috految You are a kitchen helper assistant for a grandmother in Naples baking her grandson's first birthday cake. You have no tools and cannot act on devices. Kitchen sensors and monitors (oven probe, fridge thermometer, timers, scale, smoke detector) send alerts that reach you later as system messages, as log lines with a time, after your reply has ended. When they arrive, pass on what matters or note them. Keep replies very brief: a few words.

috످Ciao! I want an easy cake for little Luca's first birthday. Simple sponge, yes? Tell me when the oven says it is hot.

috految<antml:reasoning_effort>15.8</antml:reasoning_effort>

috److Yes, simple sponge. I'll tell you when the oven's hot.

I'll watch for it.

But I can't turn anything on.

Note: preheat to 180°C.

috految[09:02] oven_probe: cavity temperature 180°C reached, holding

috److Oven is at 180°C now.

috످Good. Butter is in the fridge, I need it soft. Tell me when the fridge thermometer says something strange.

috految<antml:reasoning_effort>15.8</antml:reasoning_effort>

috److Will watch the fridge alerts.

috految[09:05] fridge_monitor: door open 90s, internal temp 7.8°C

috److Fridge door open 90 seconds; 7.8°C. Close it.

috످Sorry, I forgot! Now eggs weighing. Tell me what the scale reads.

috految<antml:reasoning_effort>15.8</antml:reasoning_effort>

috److No worries! I'll tell you when the weight comes through.

috످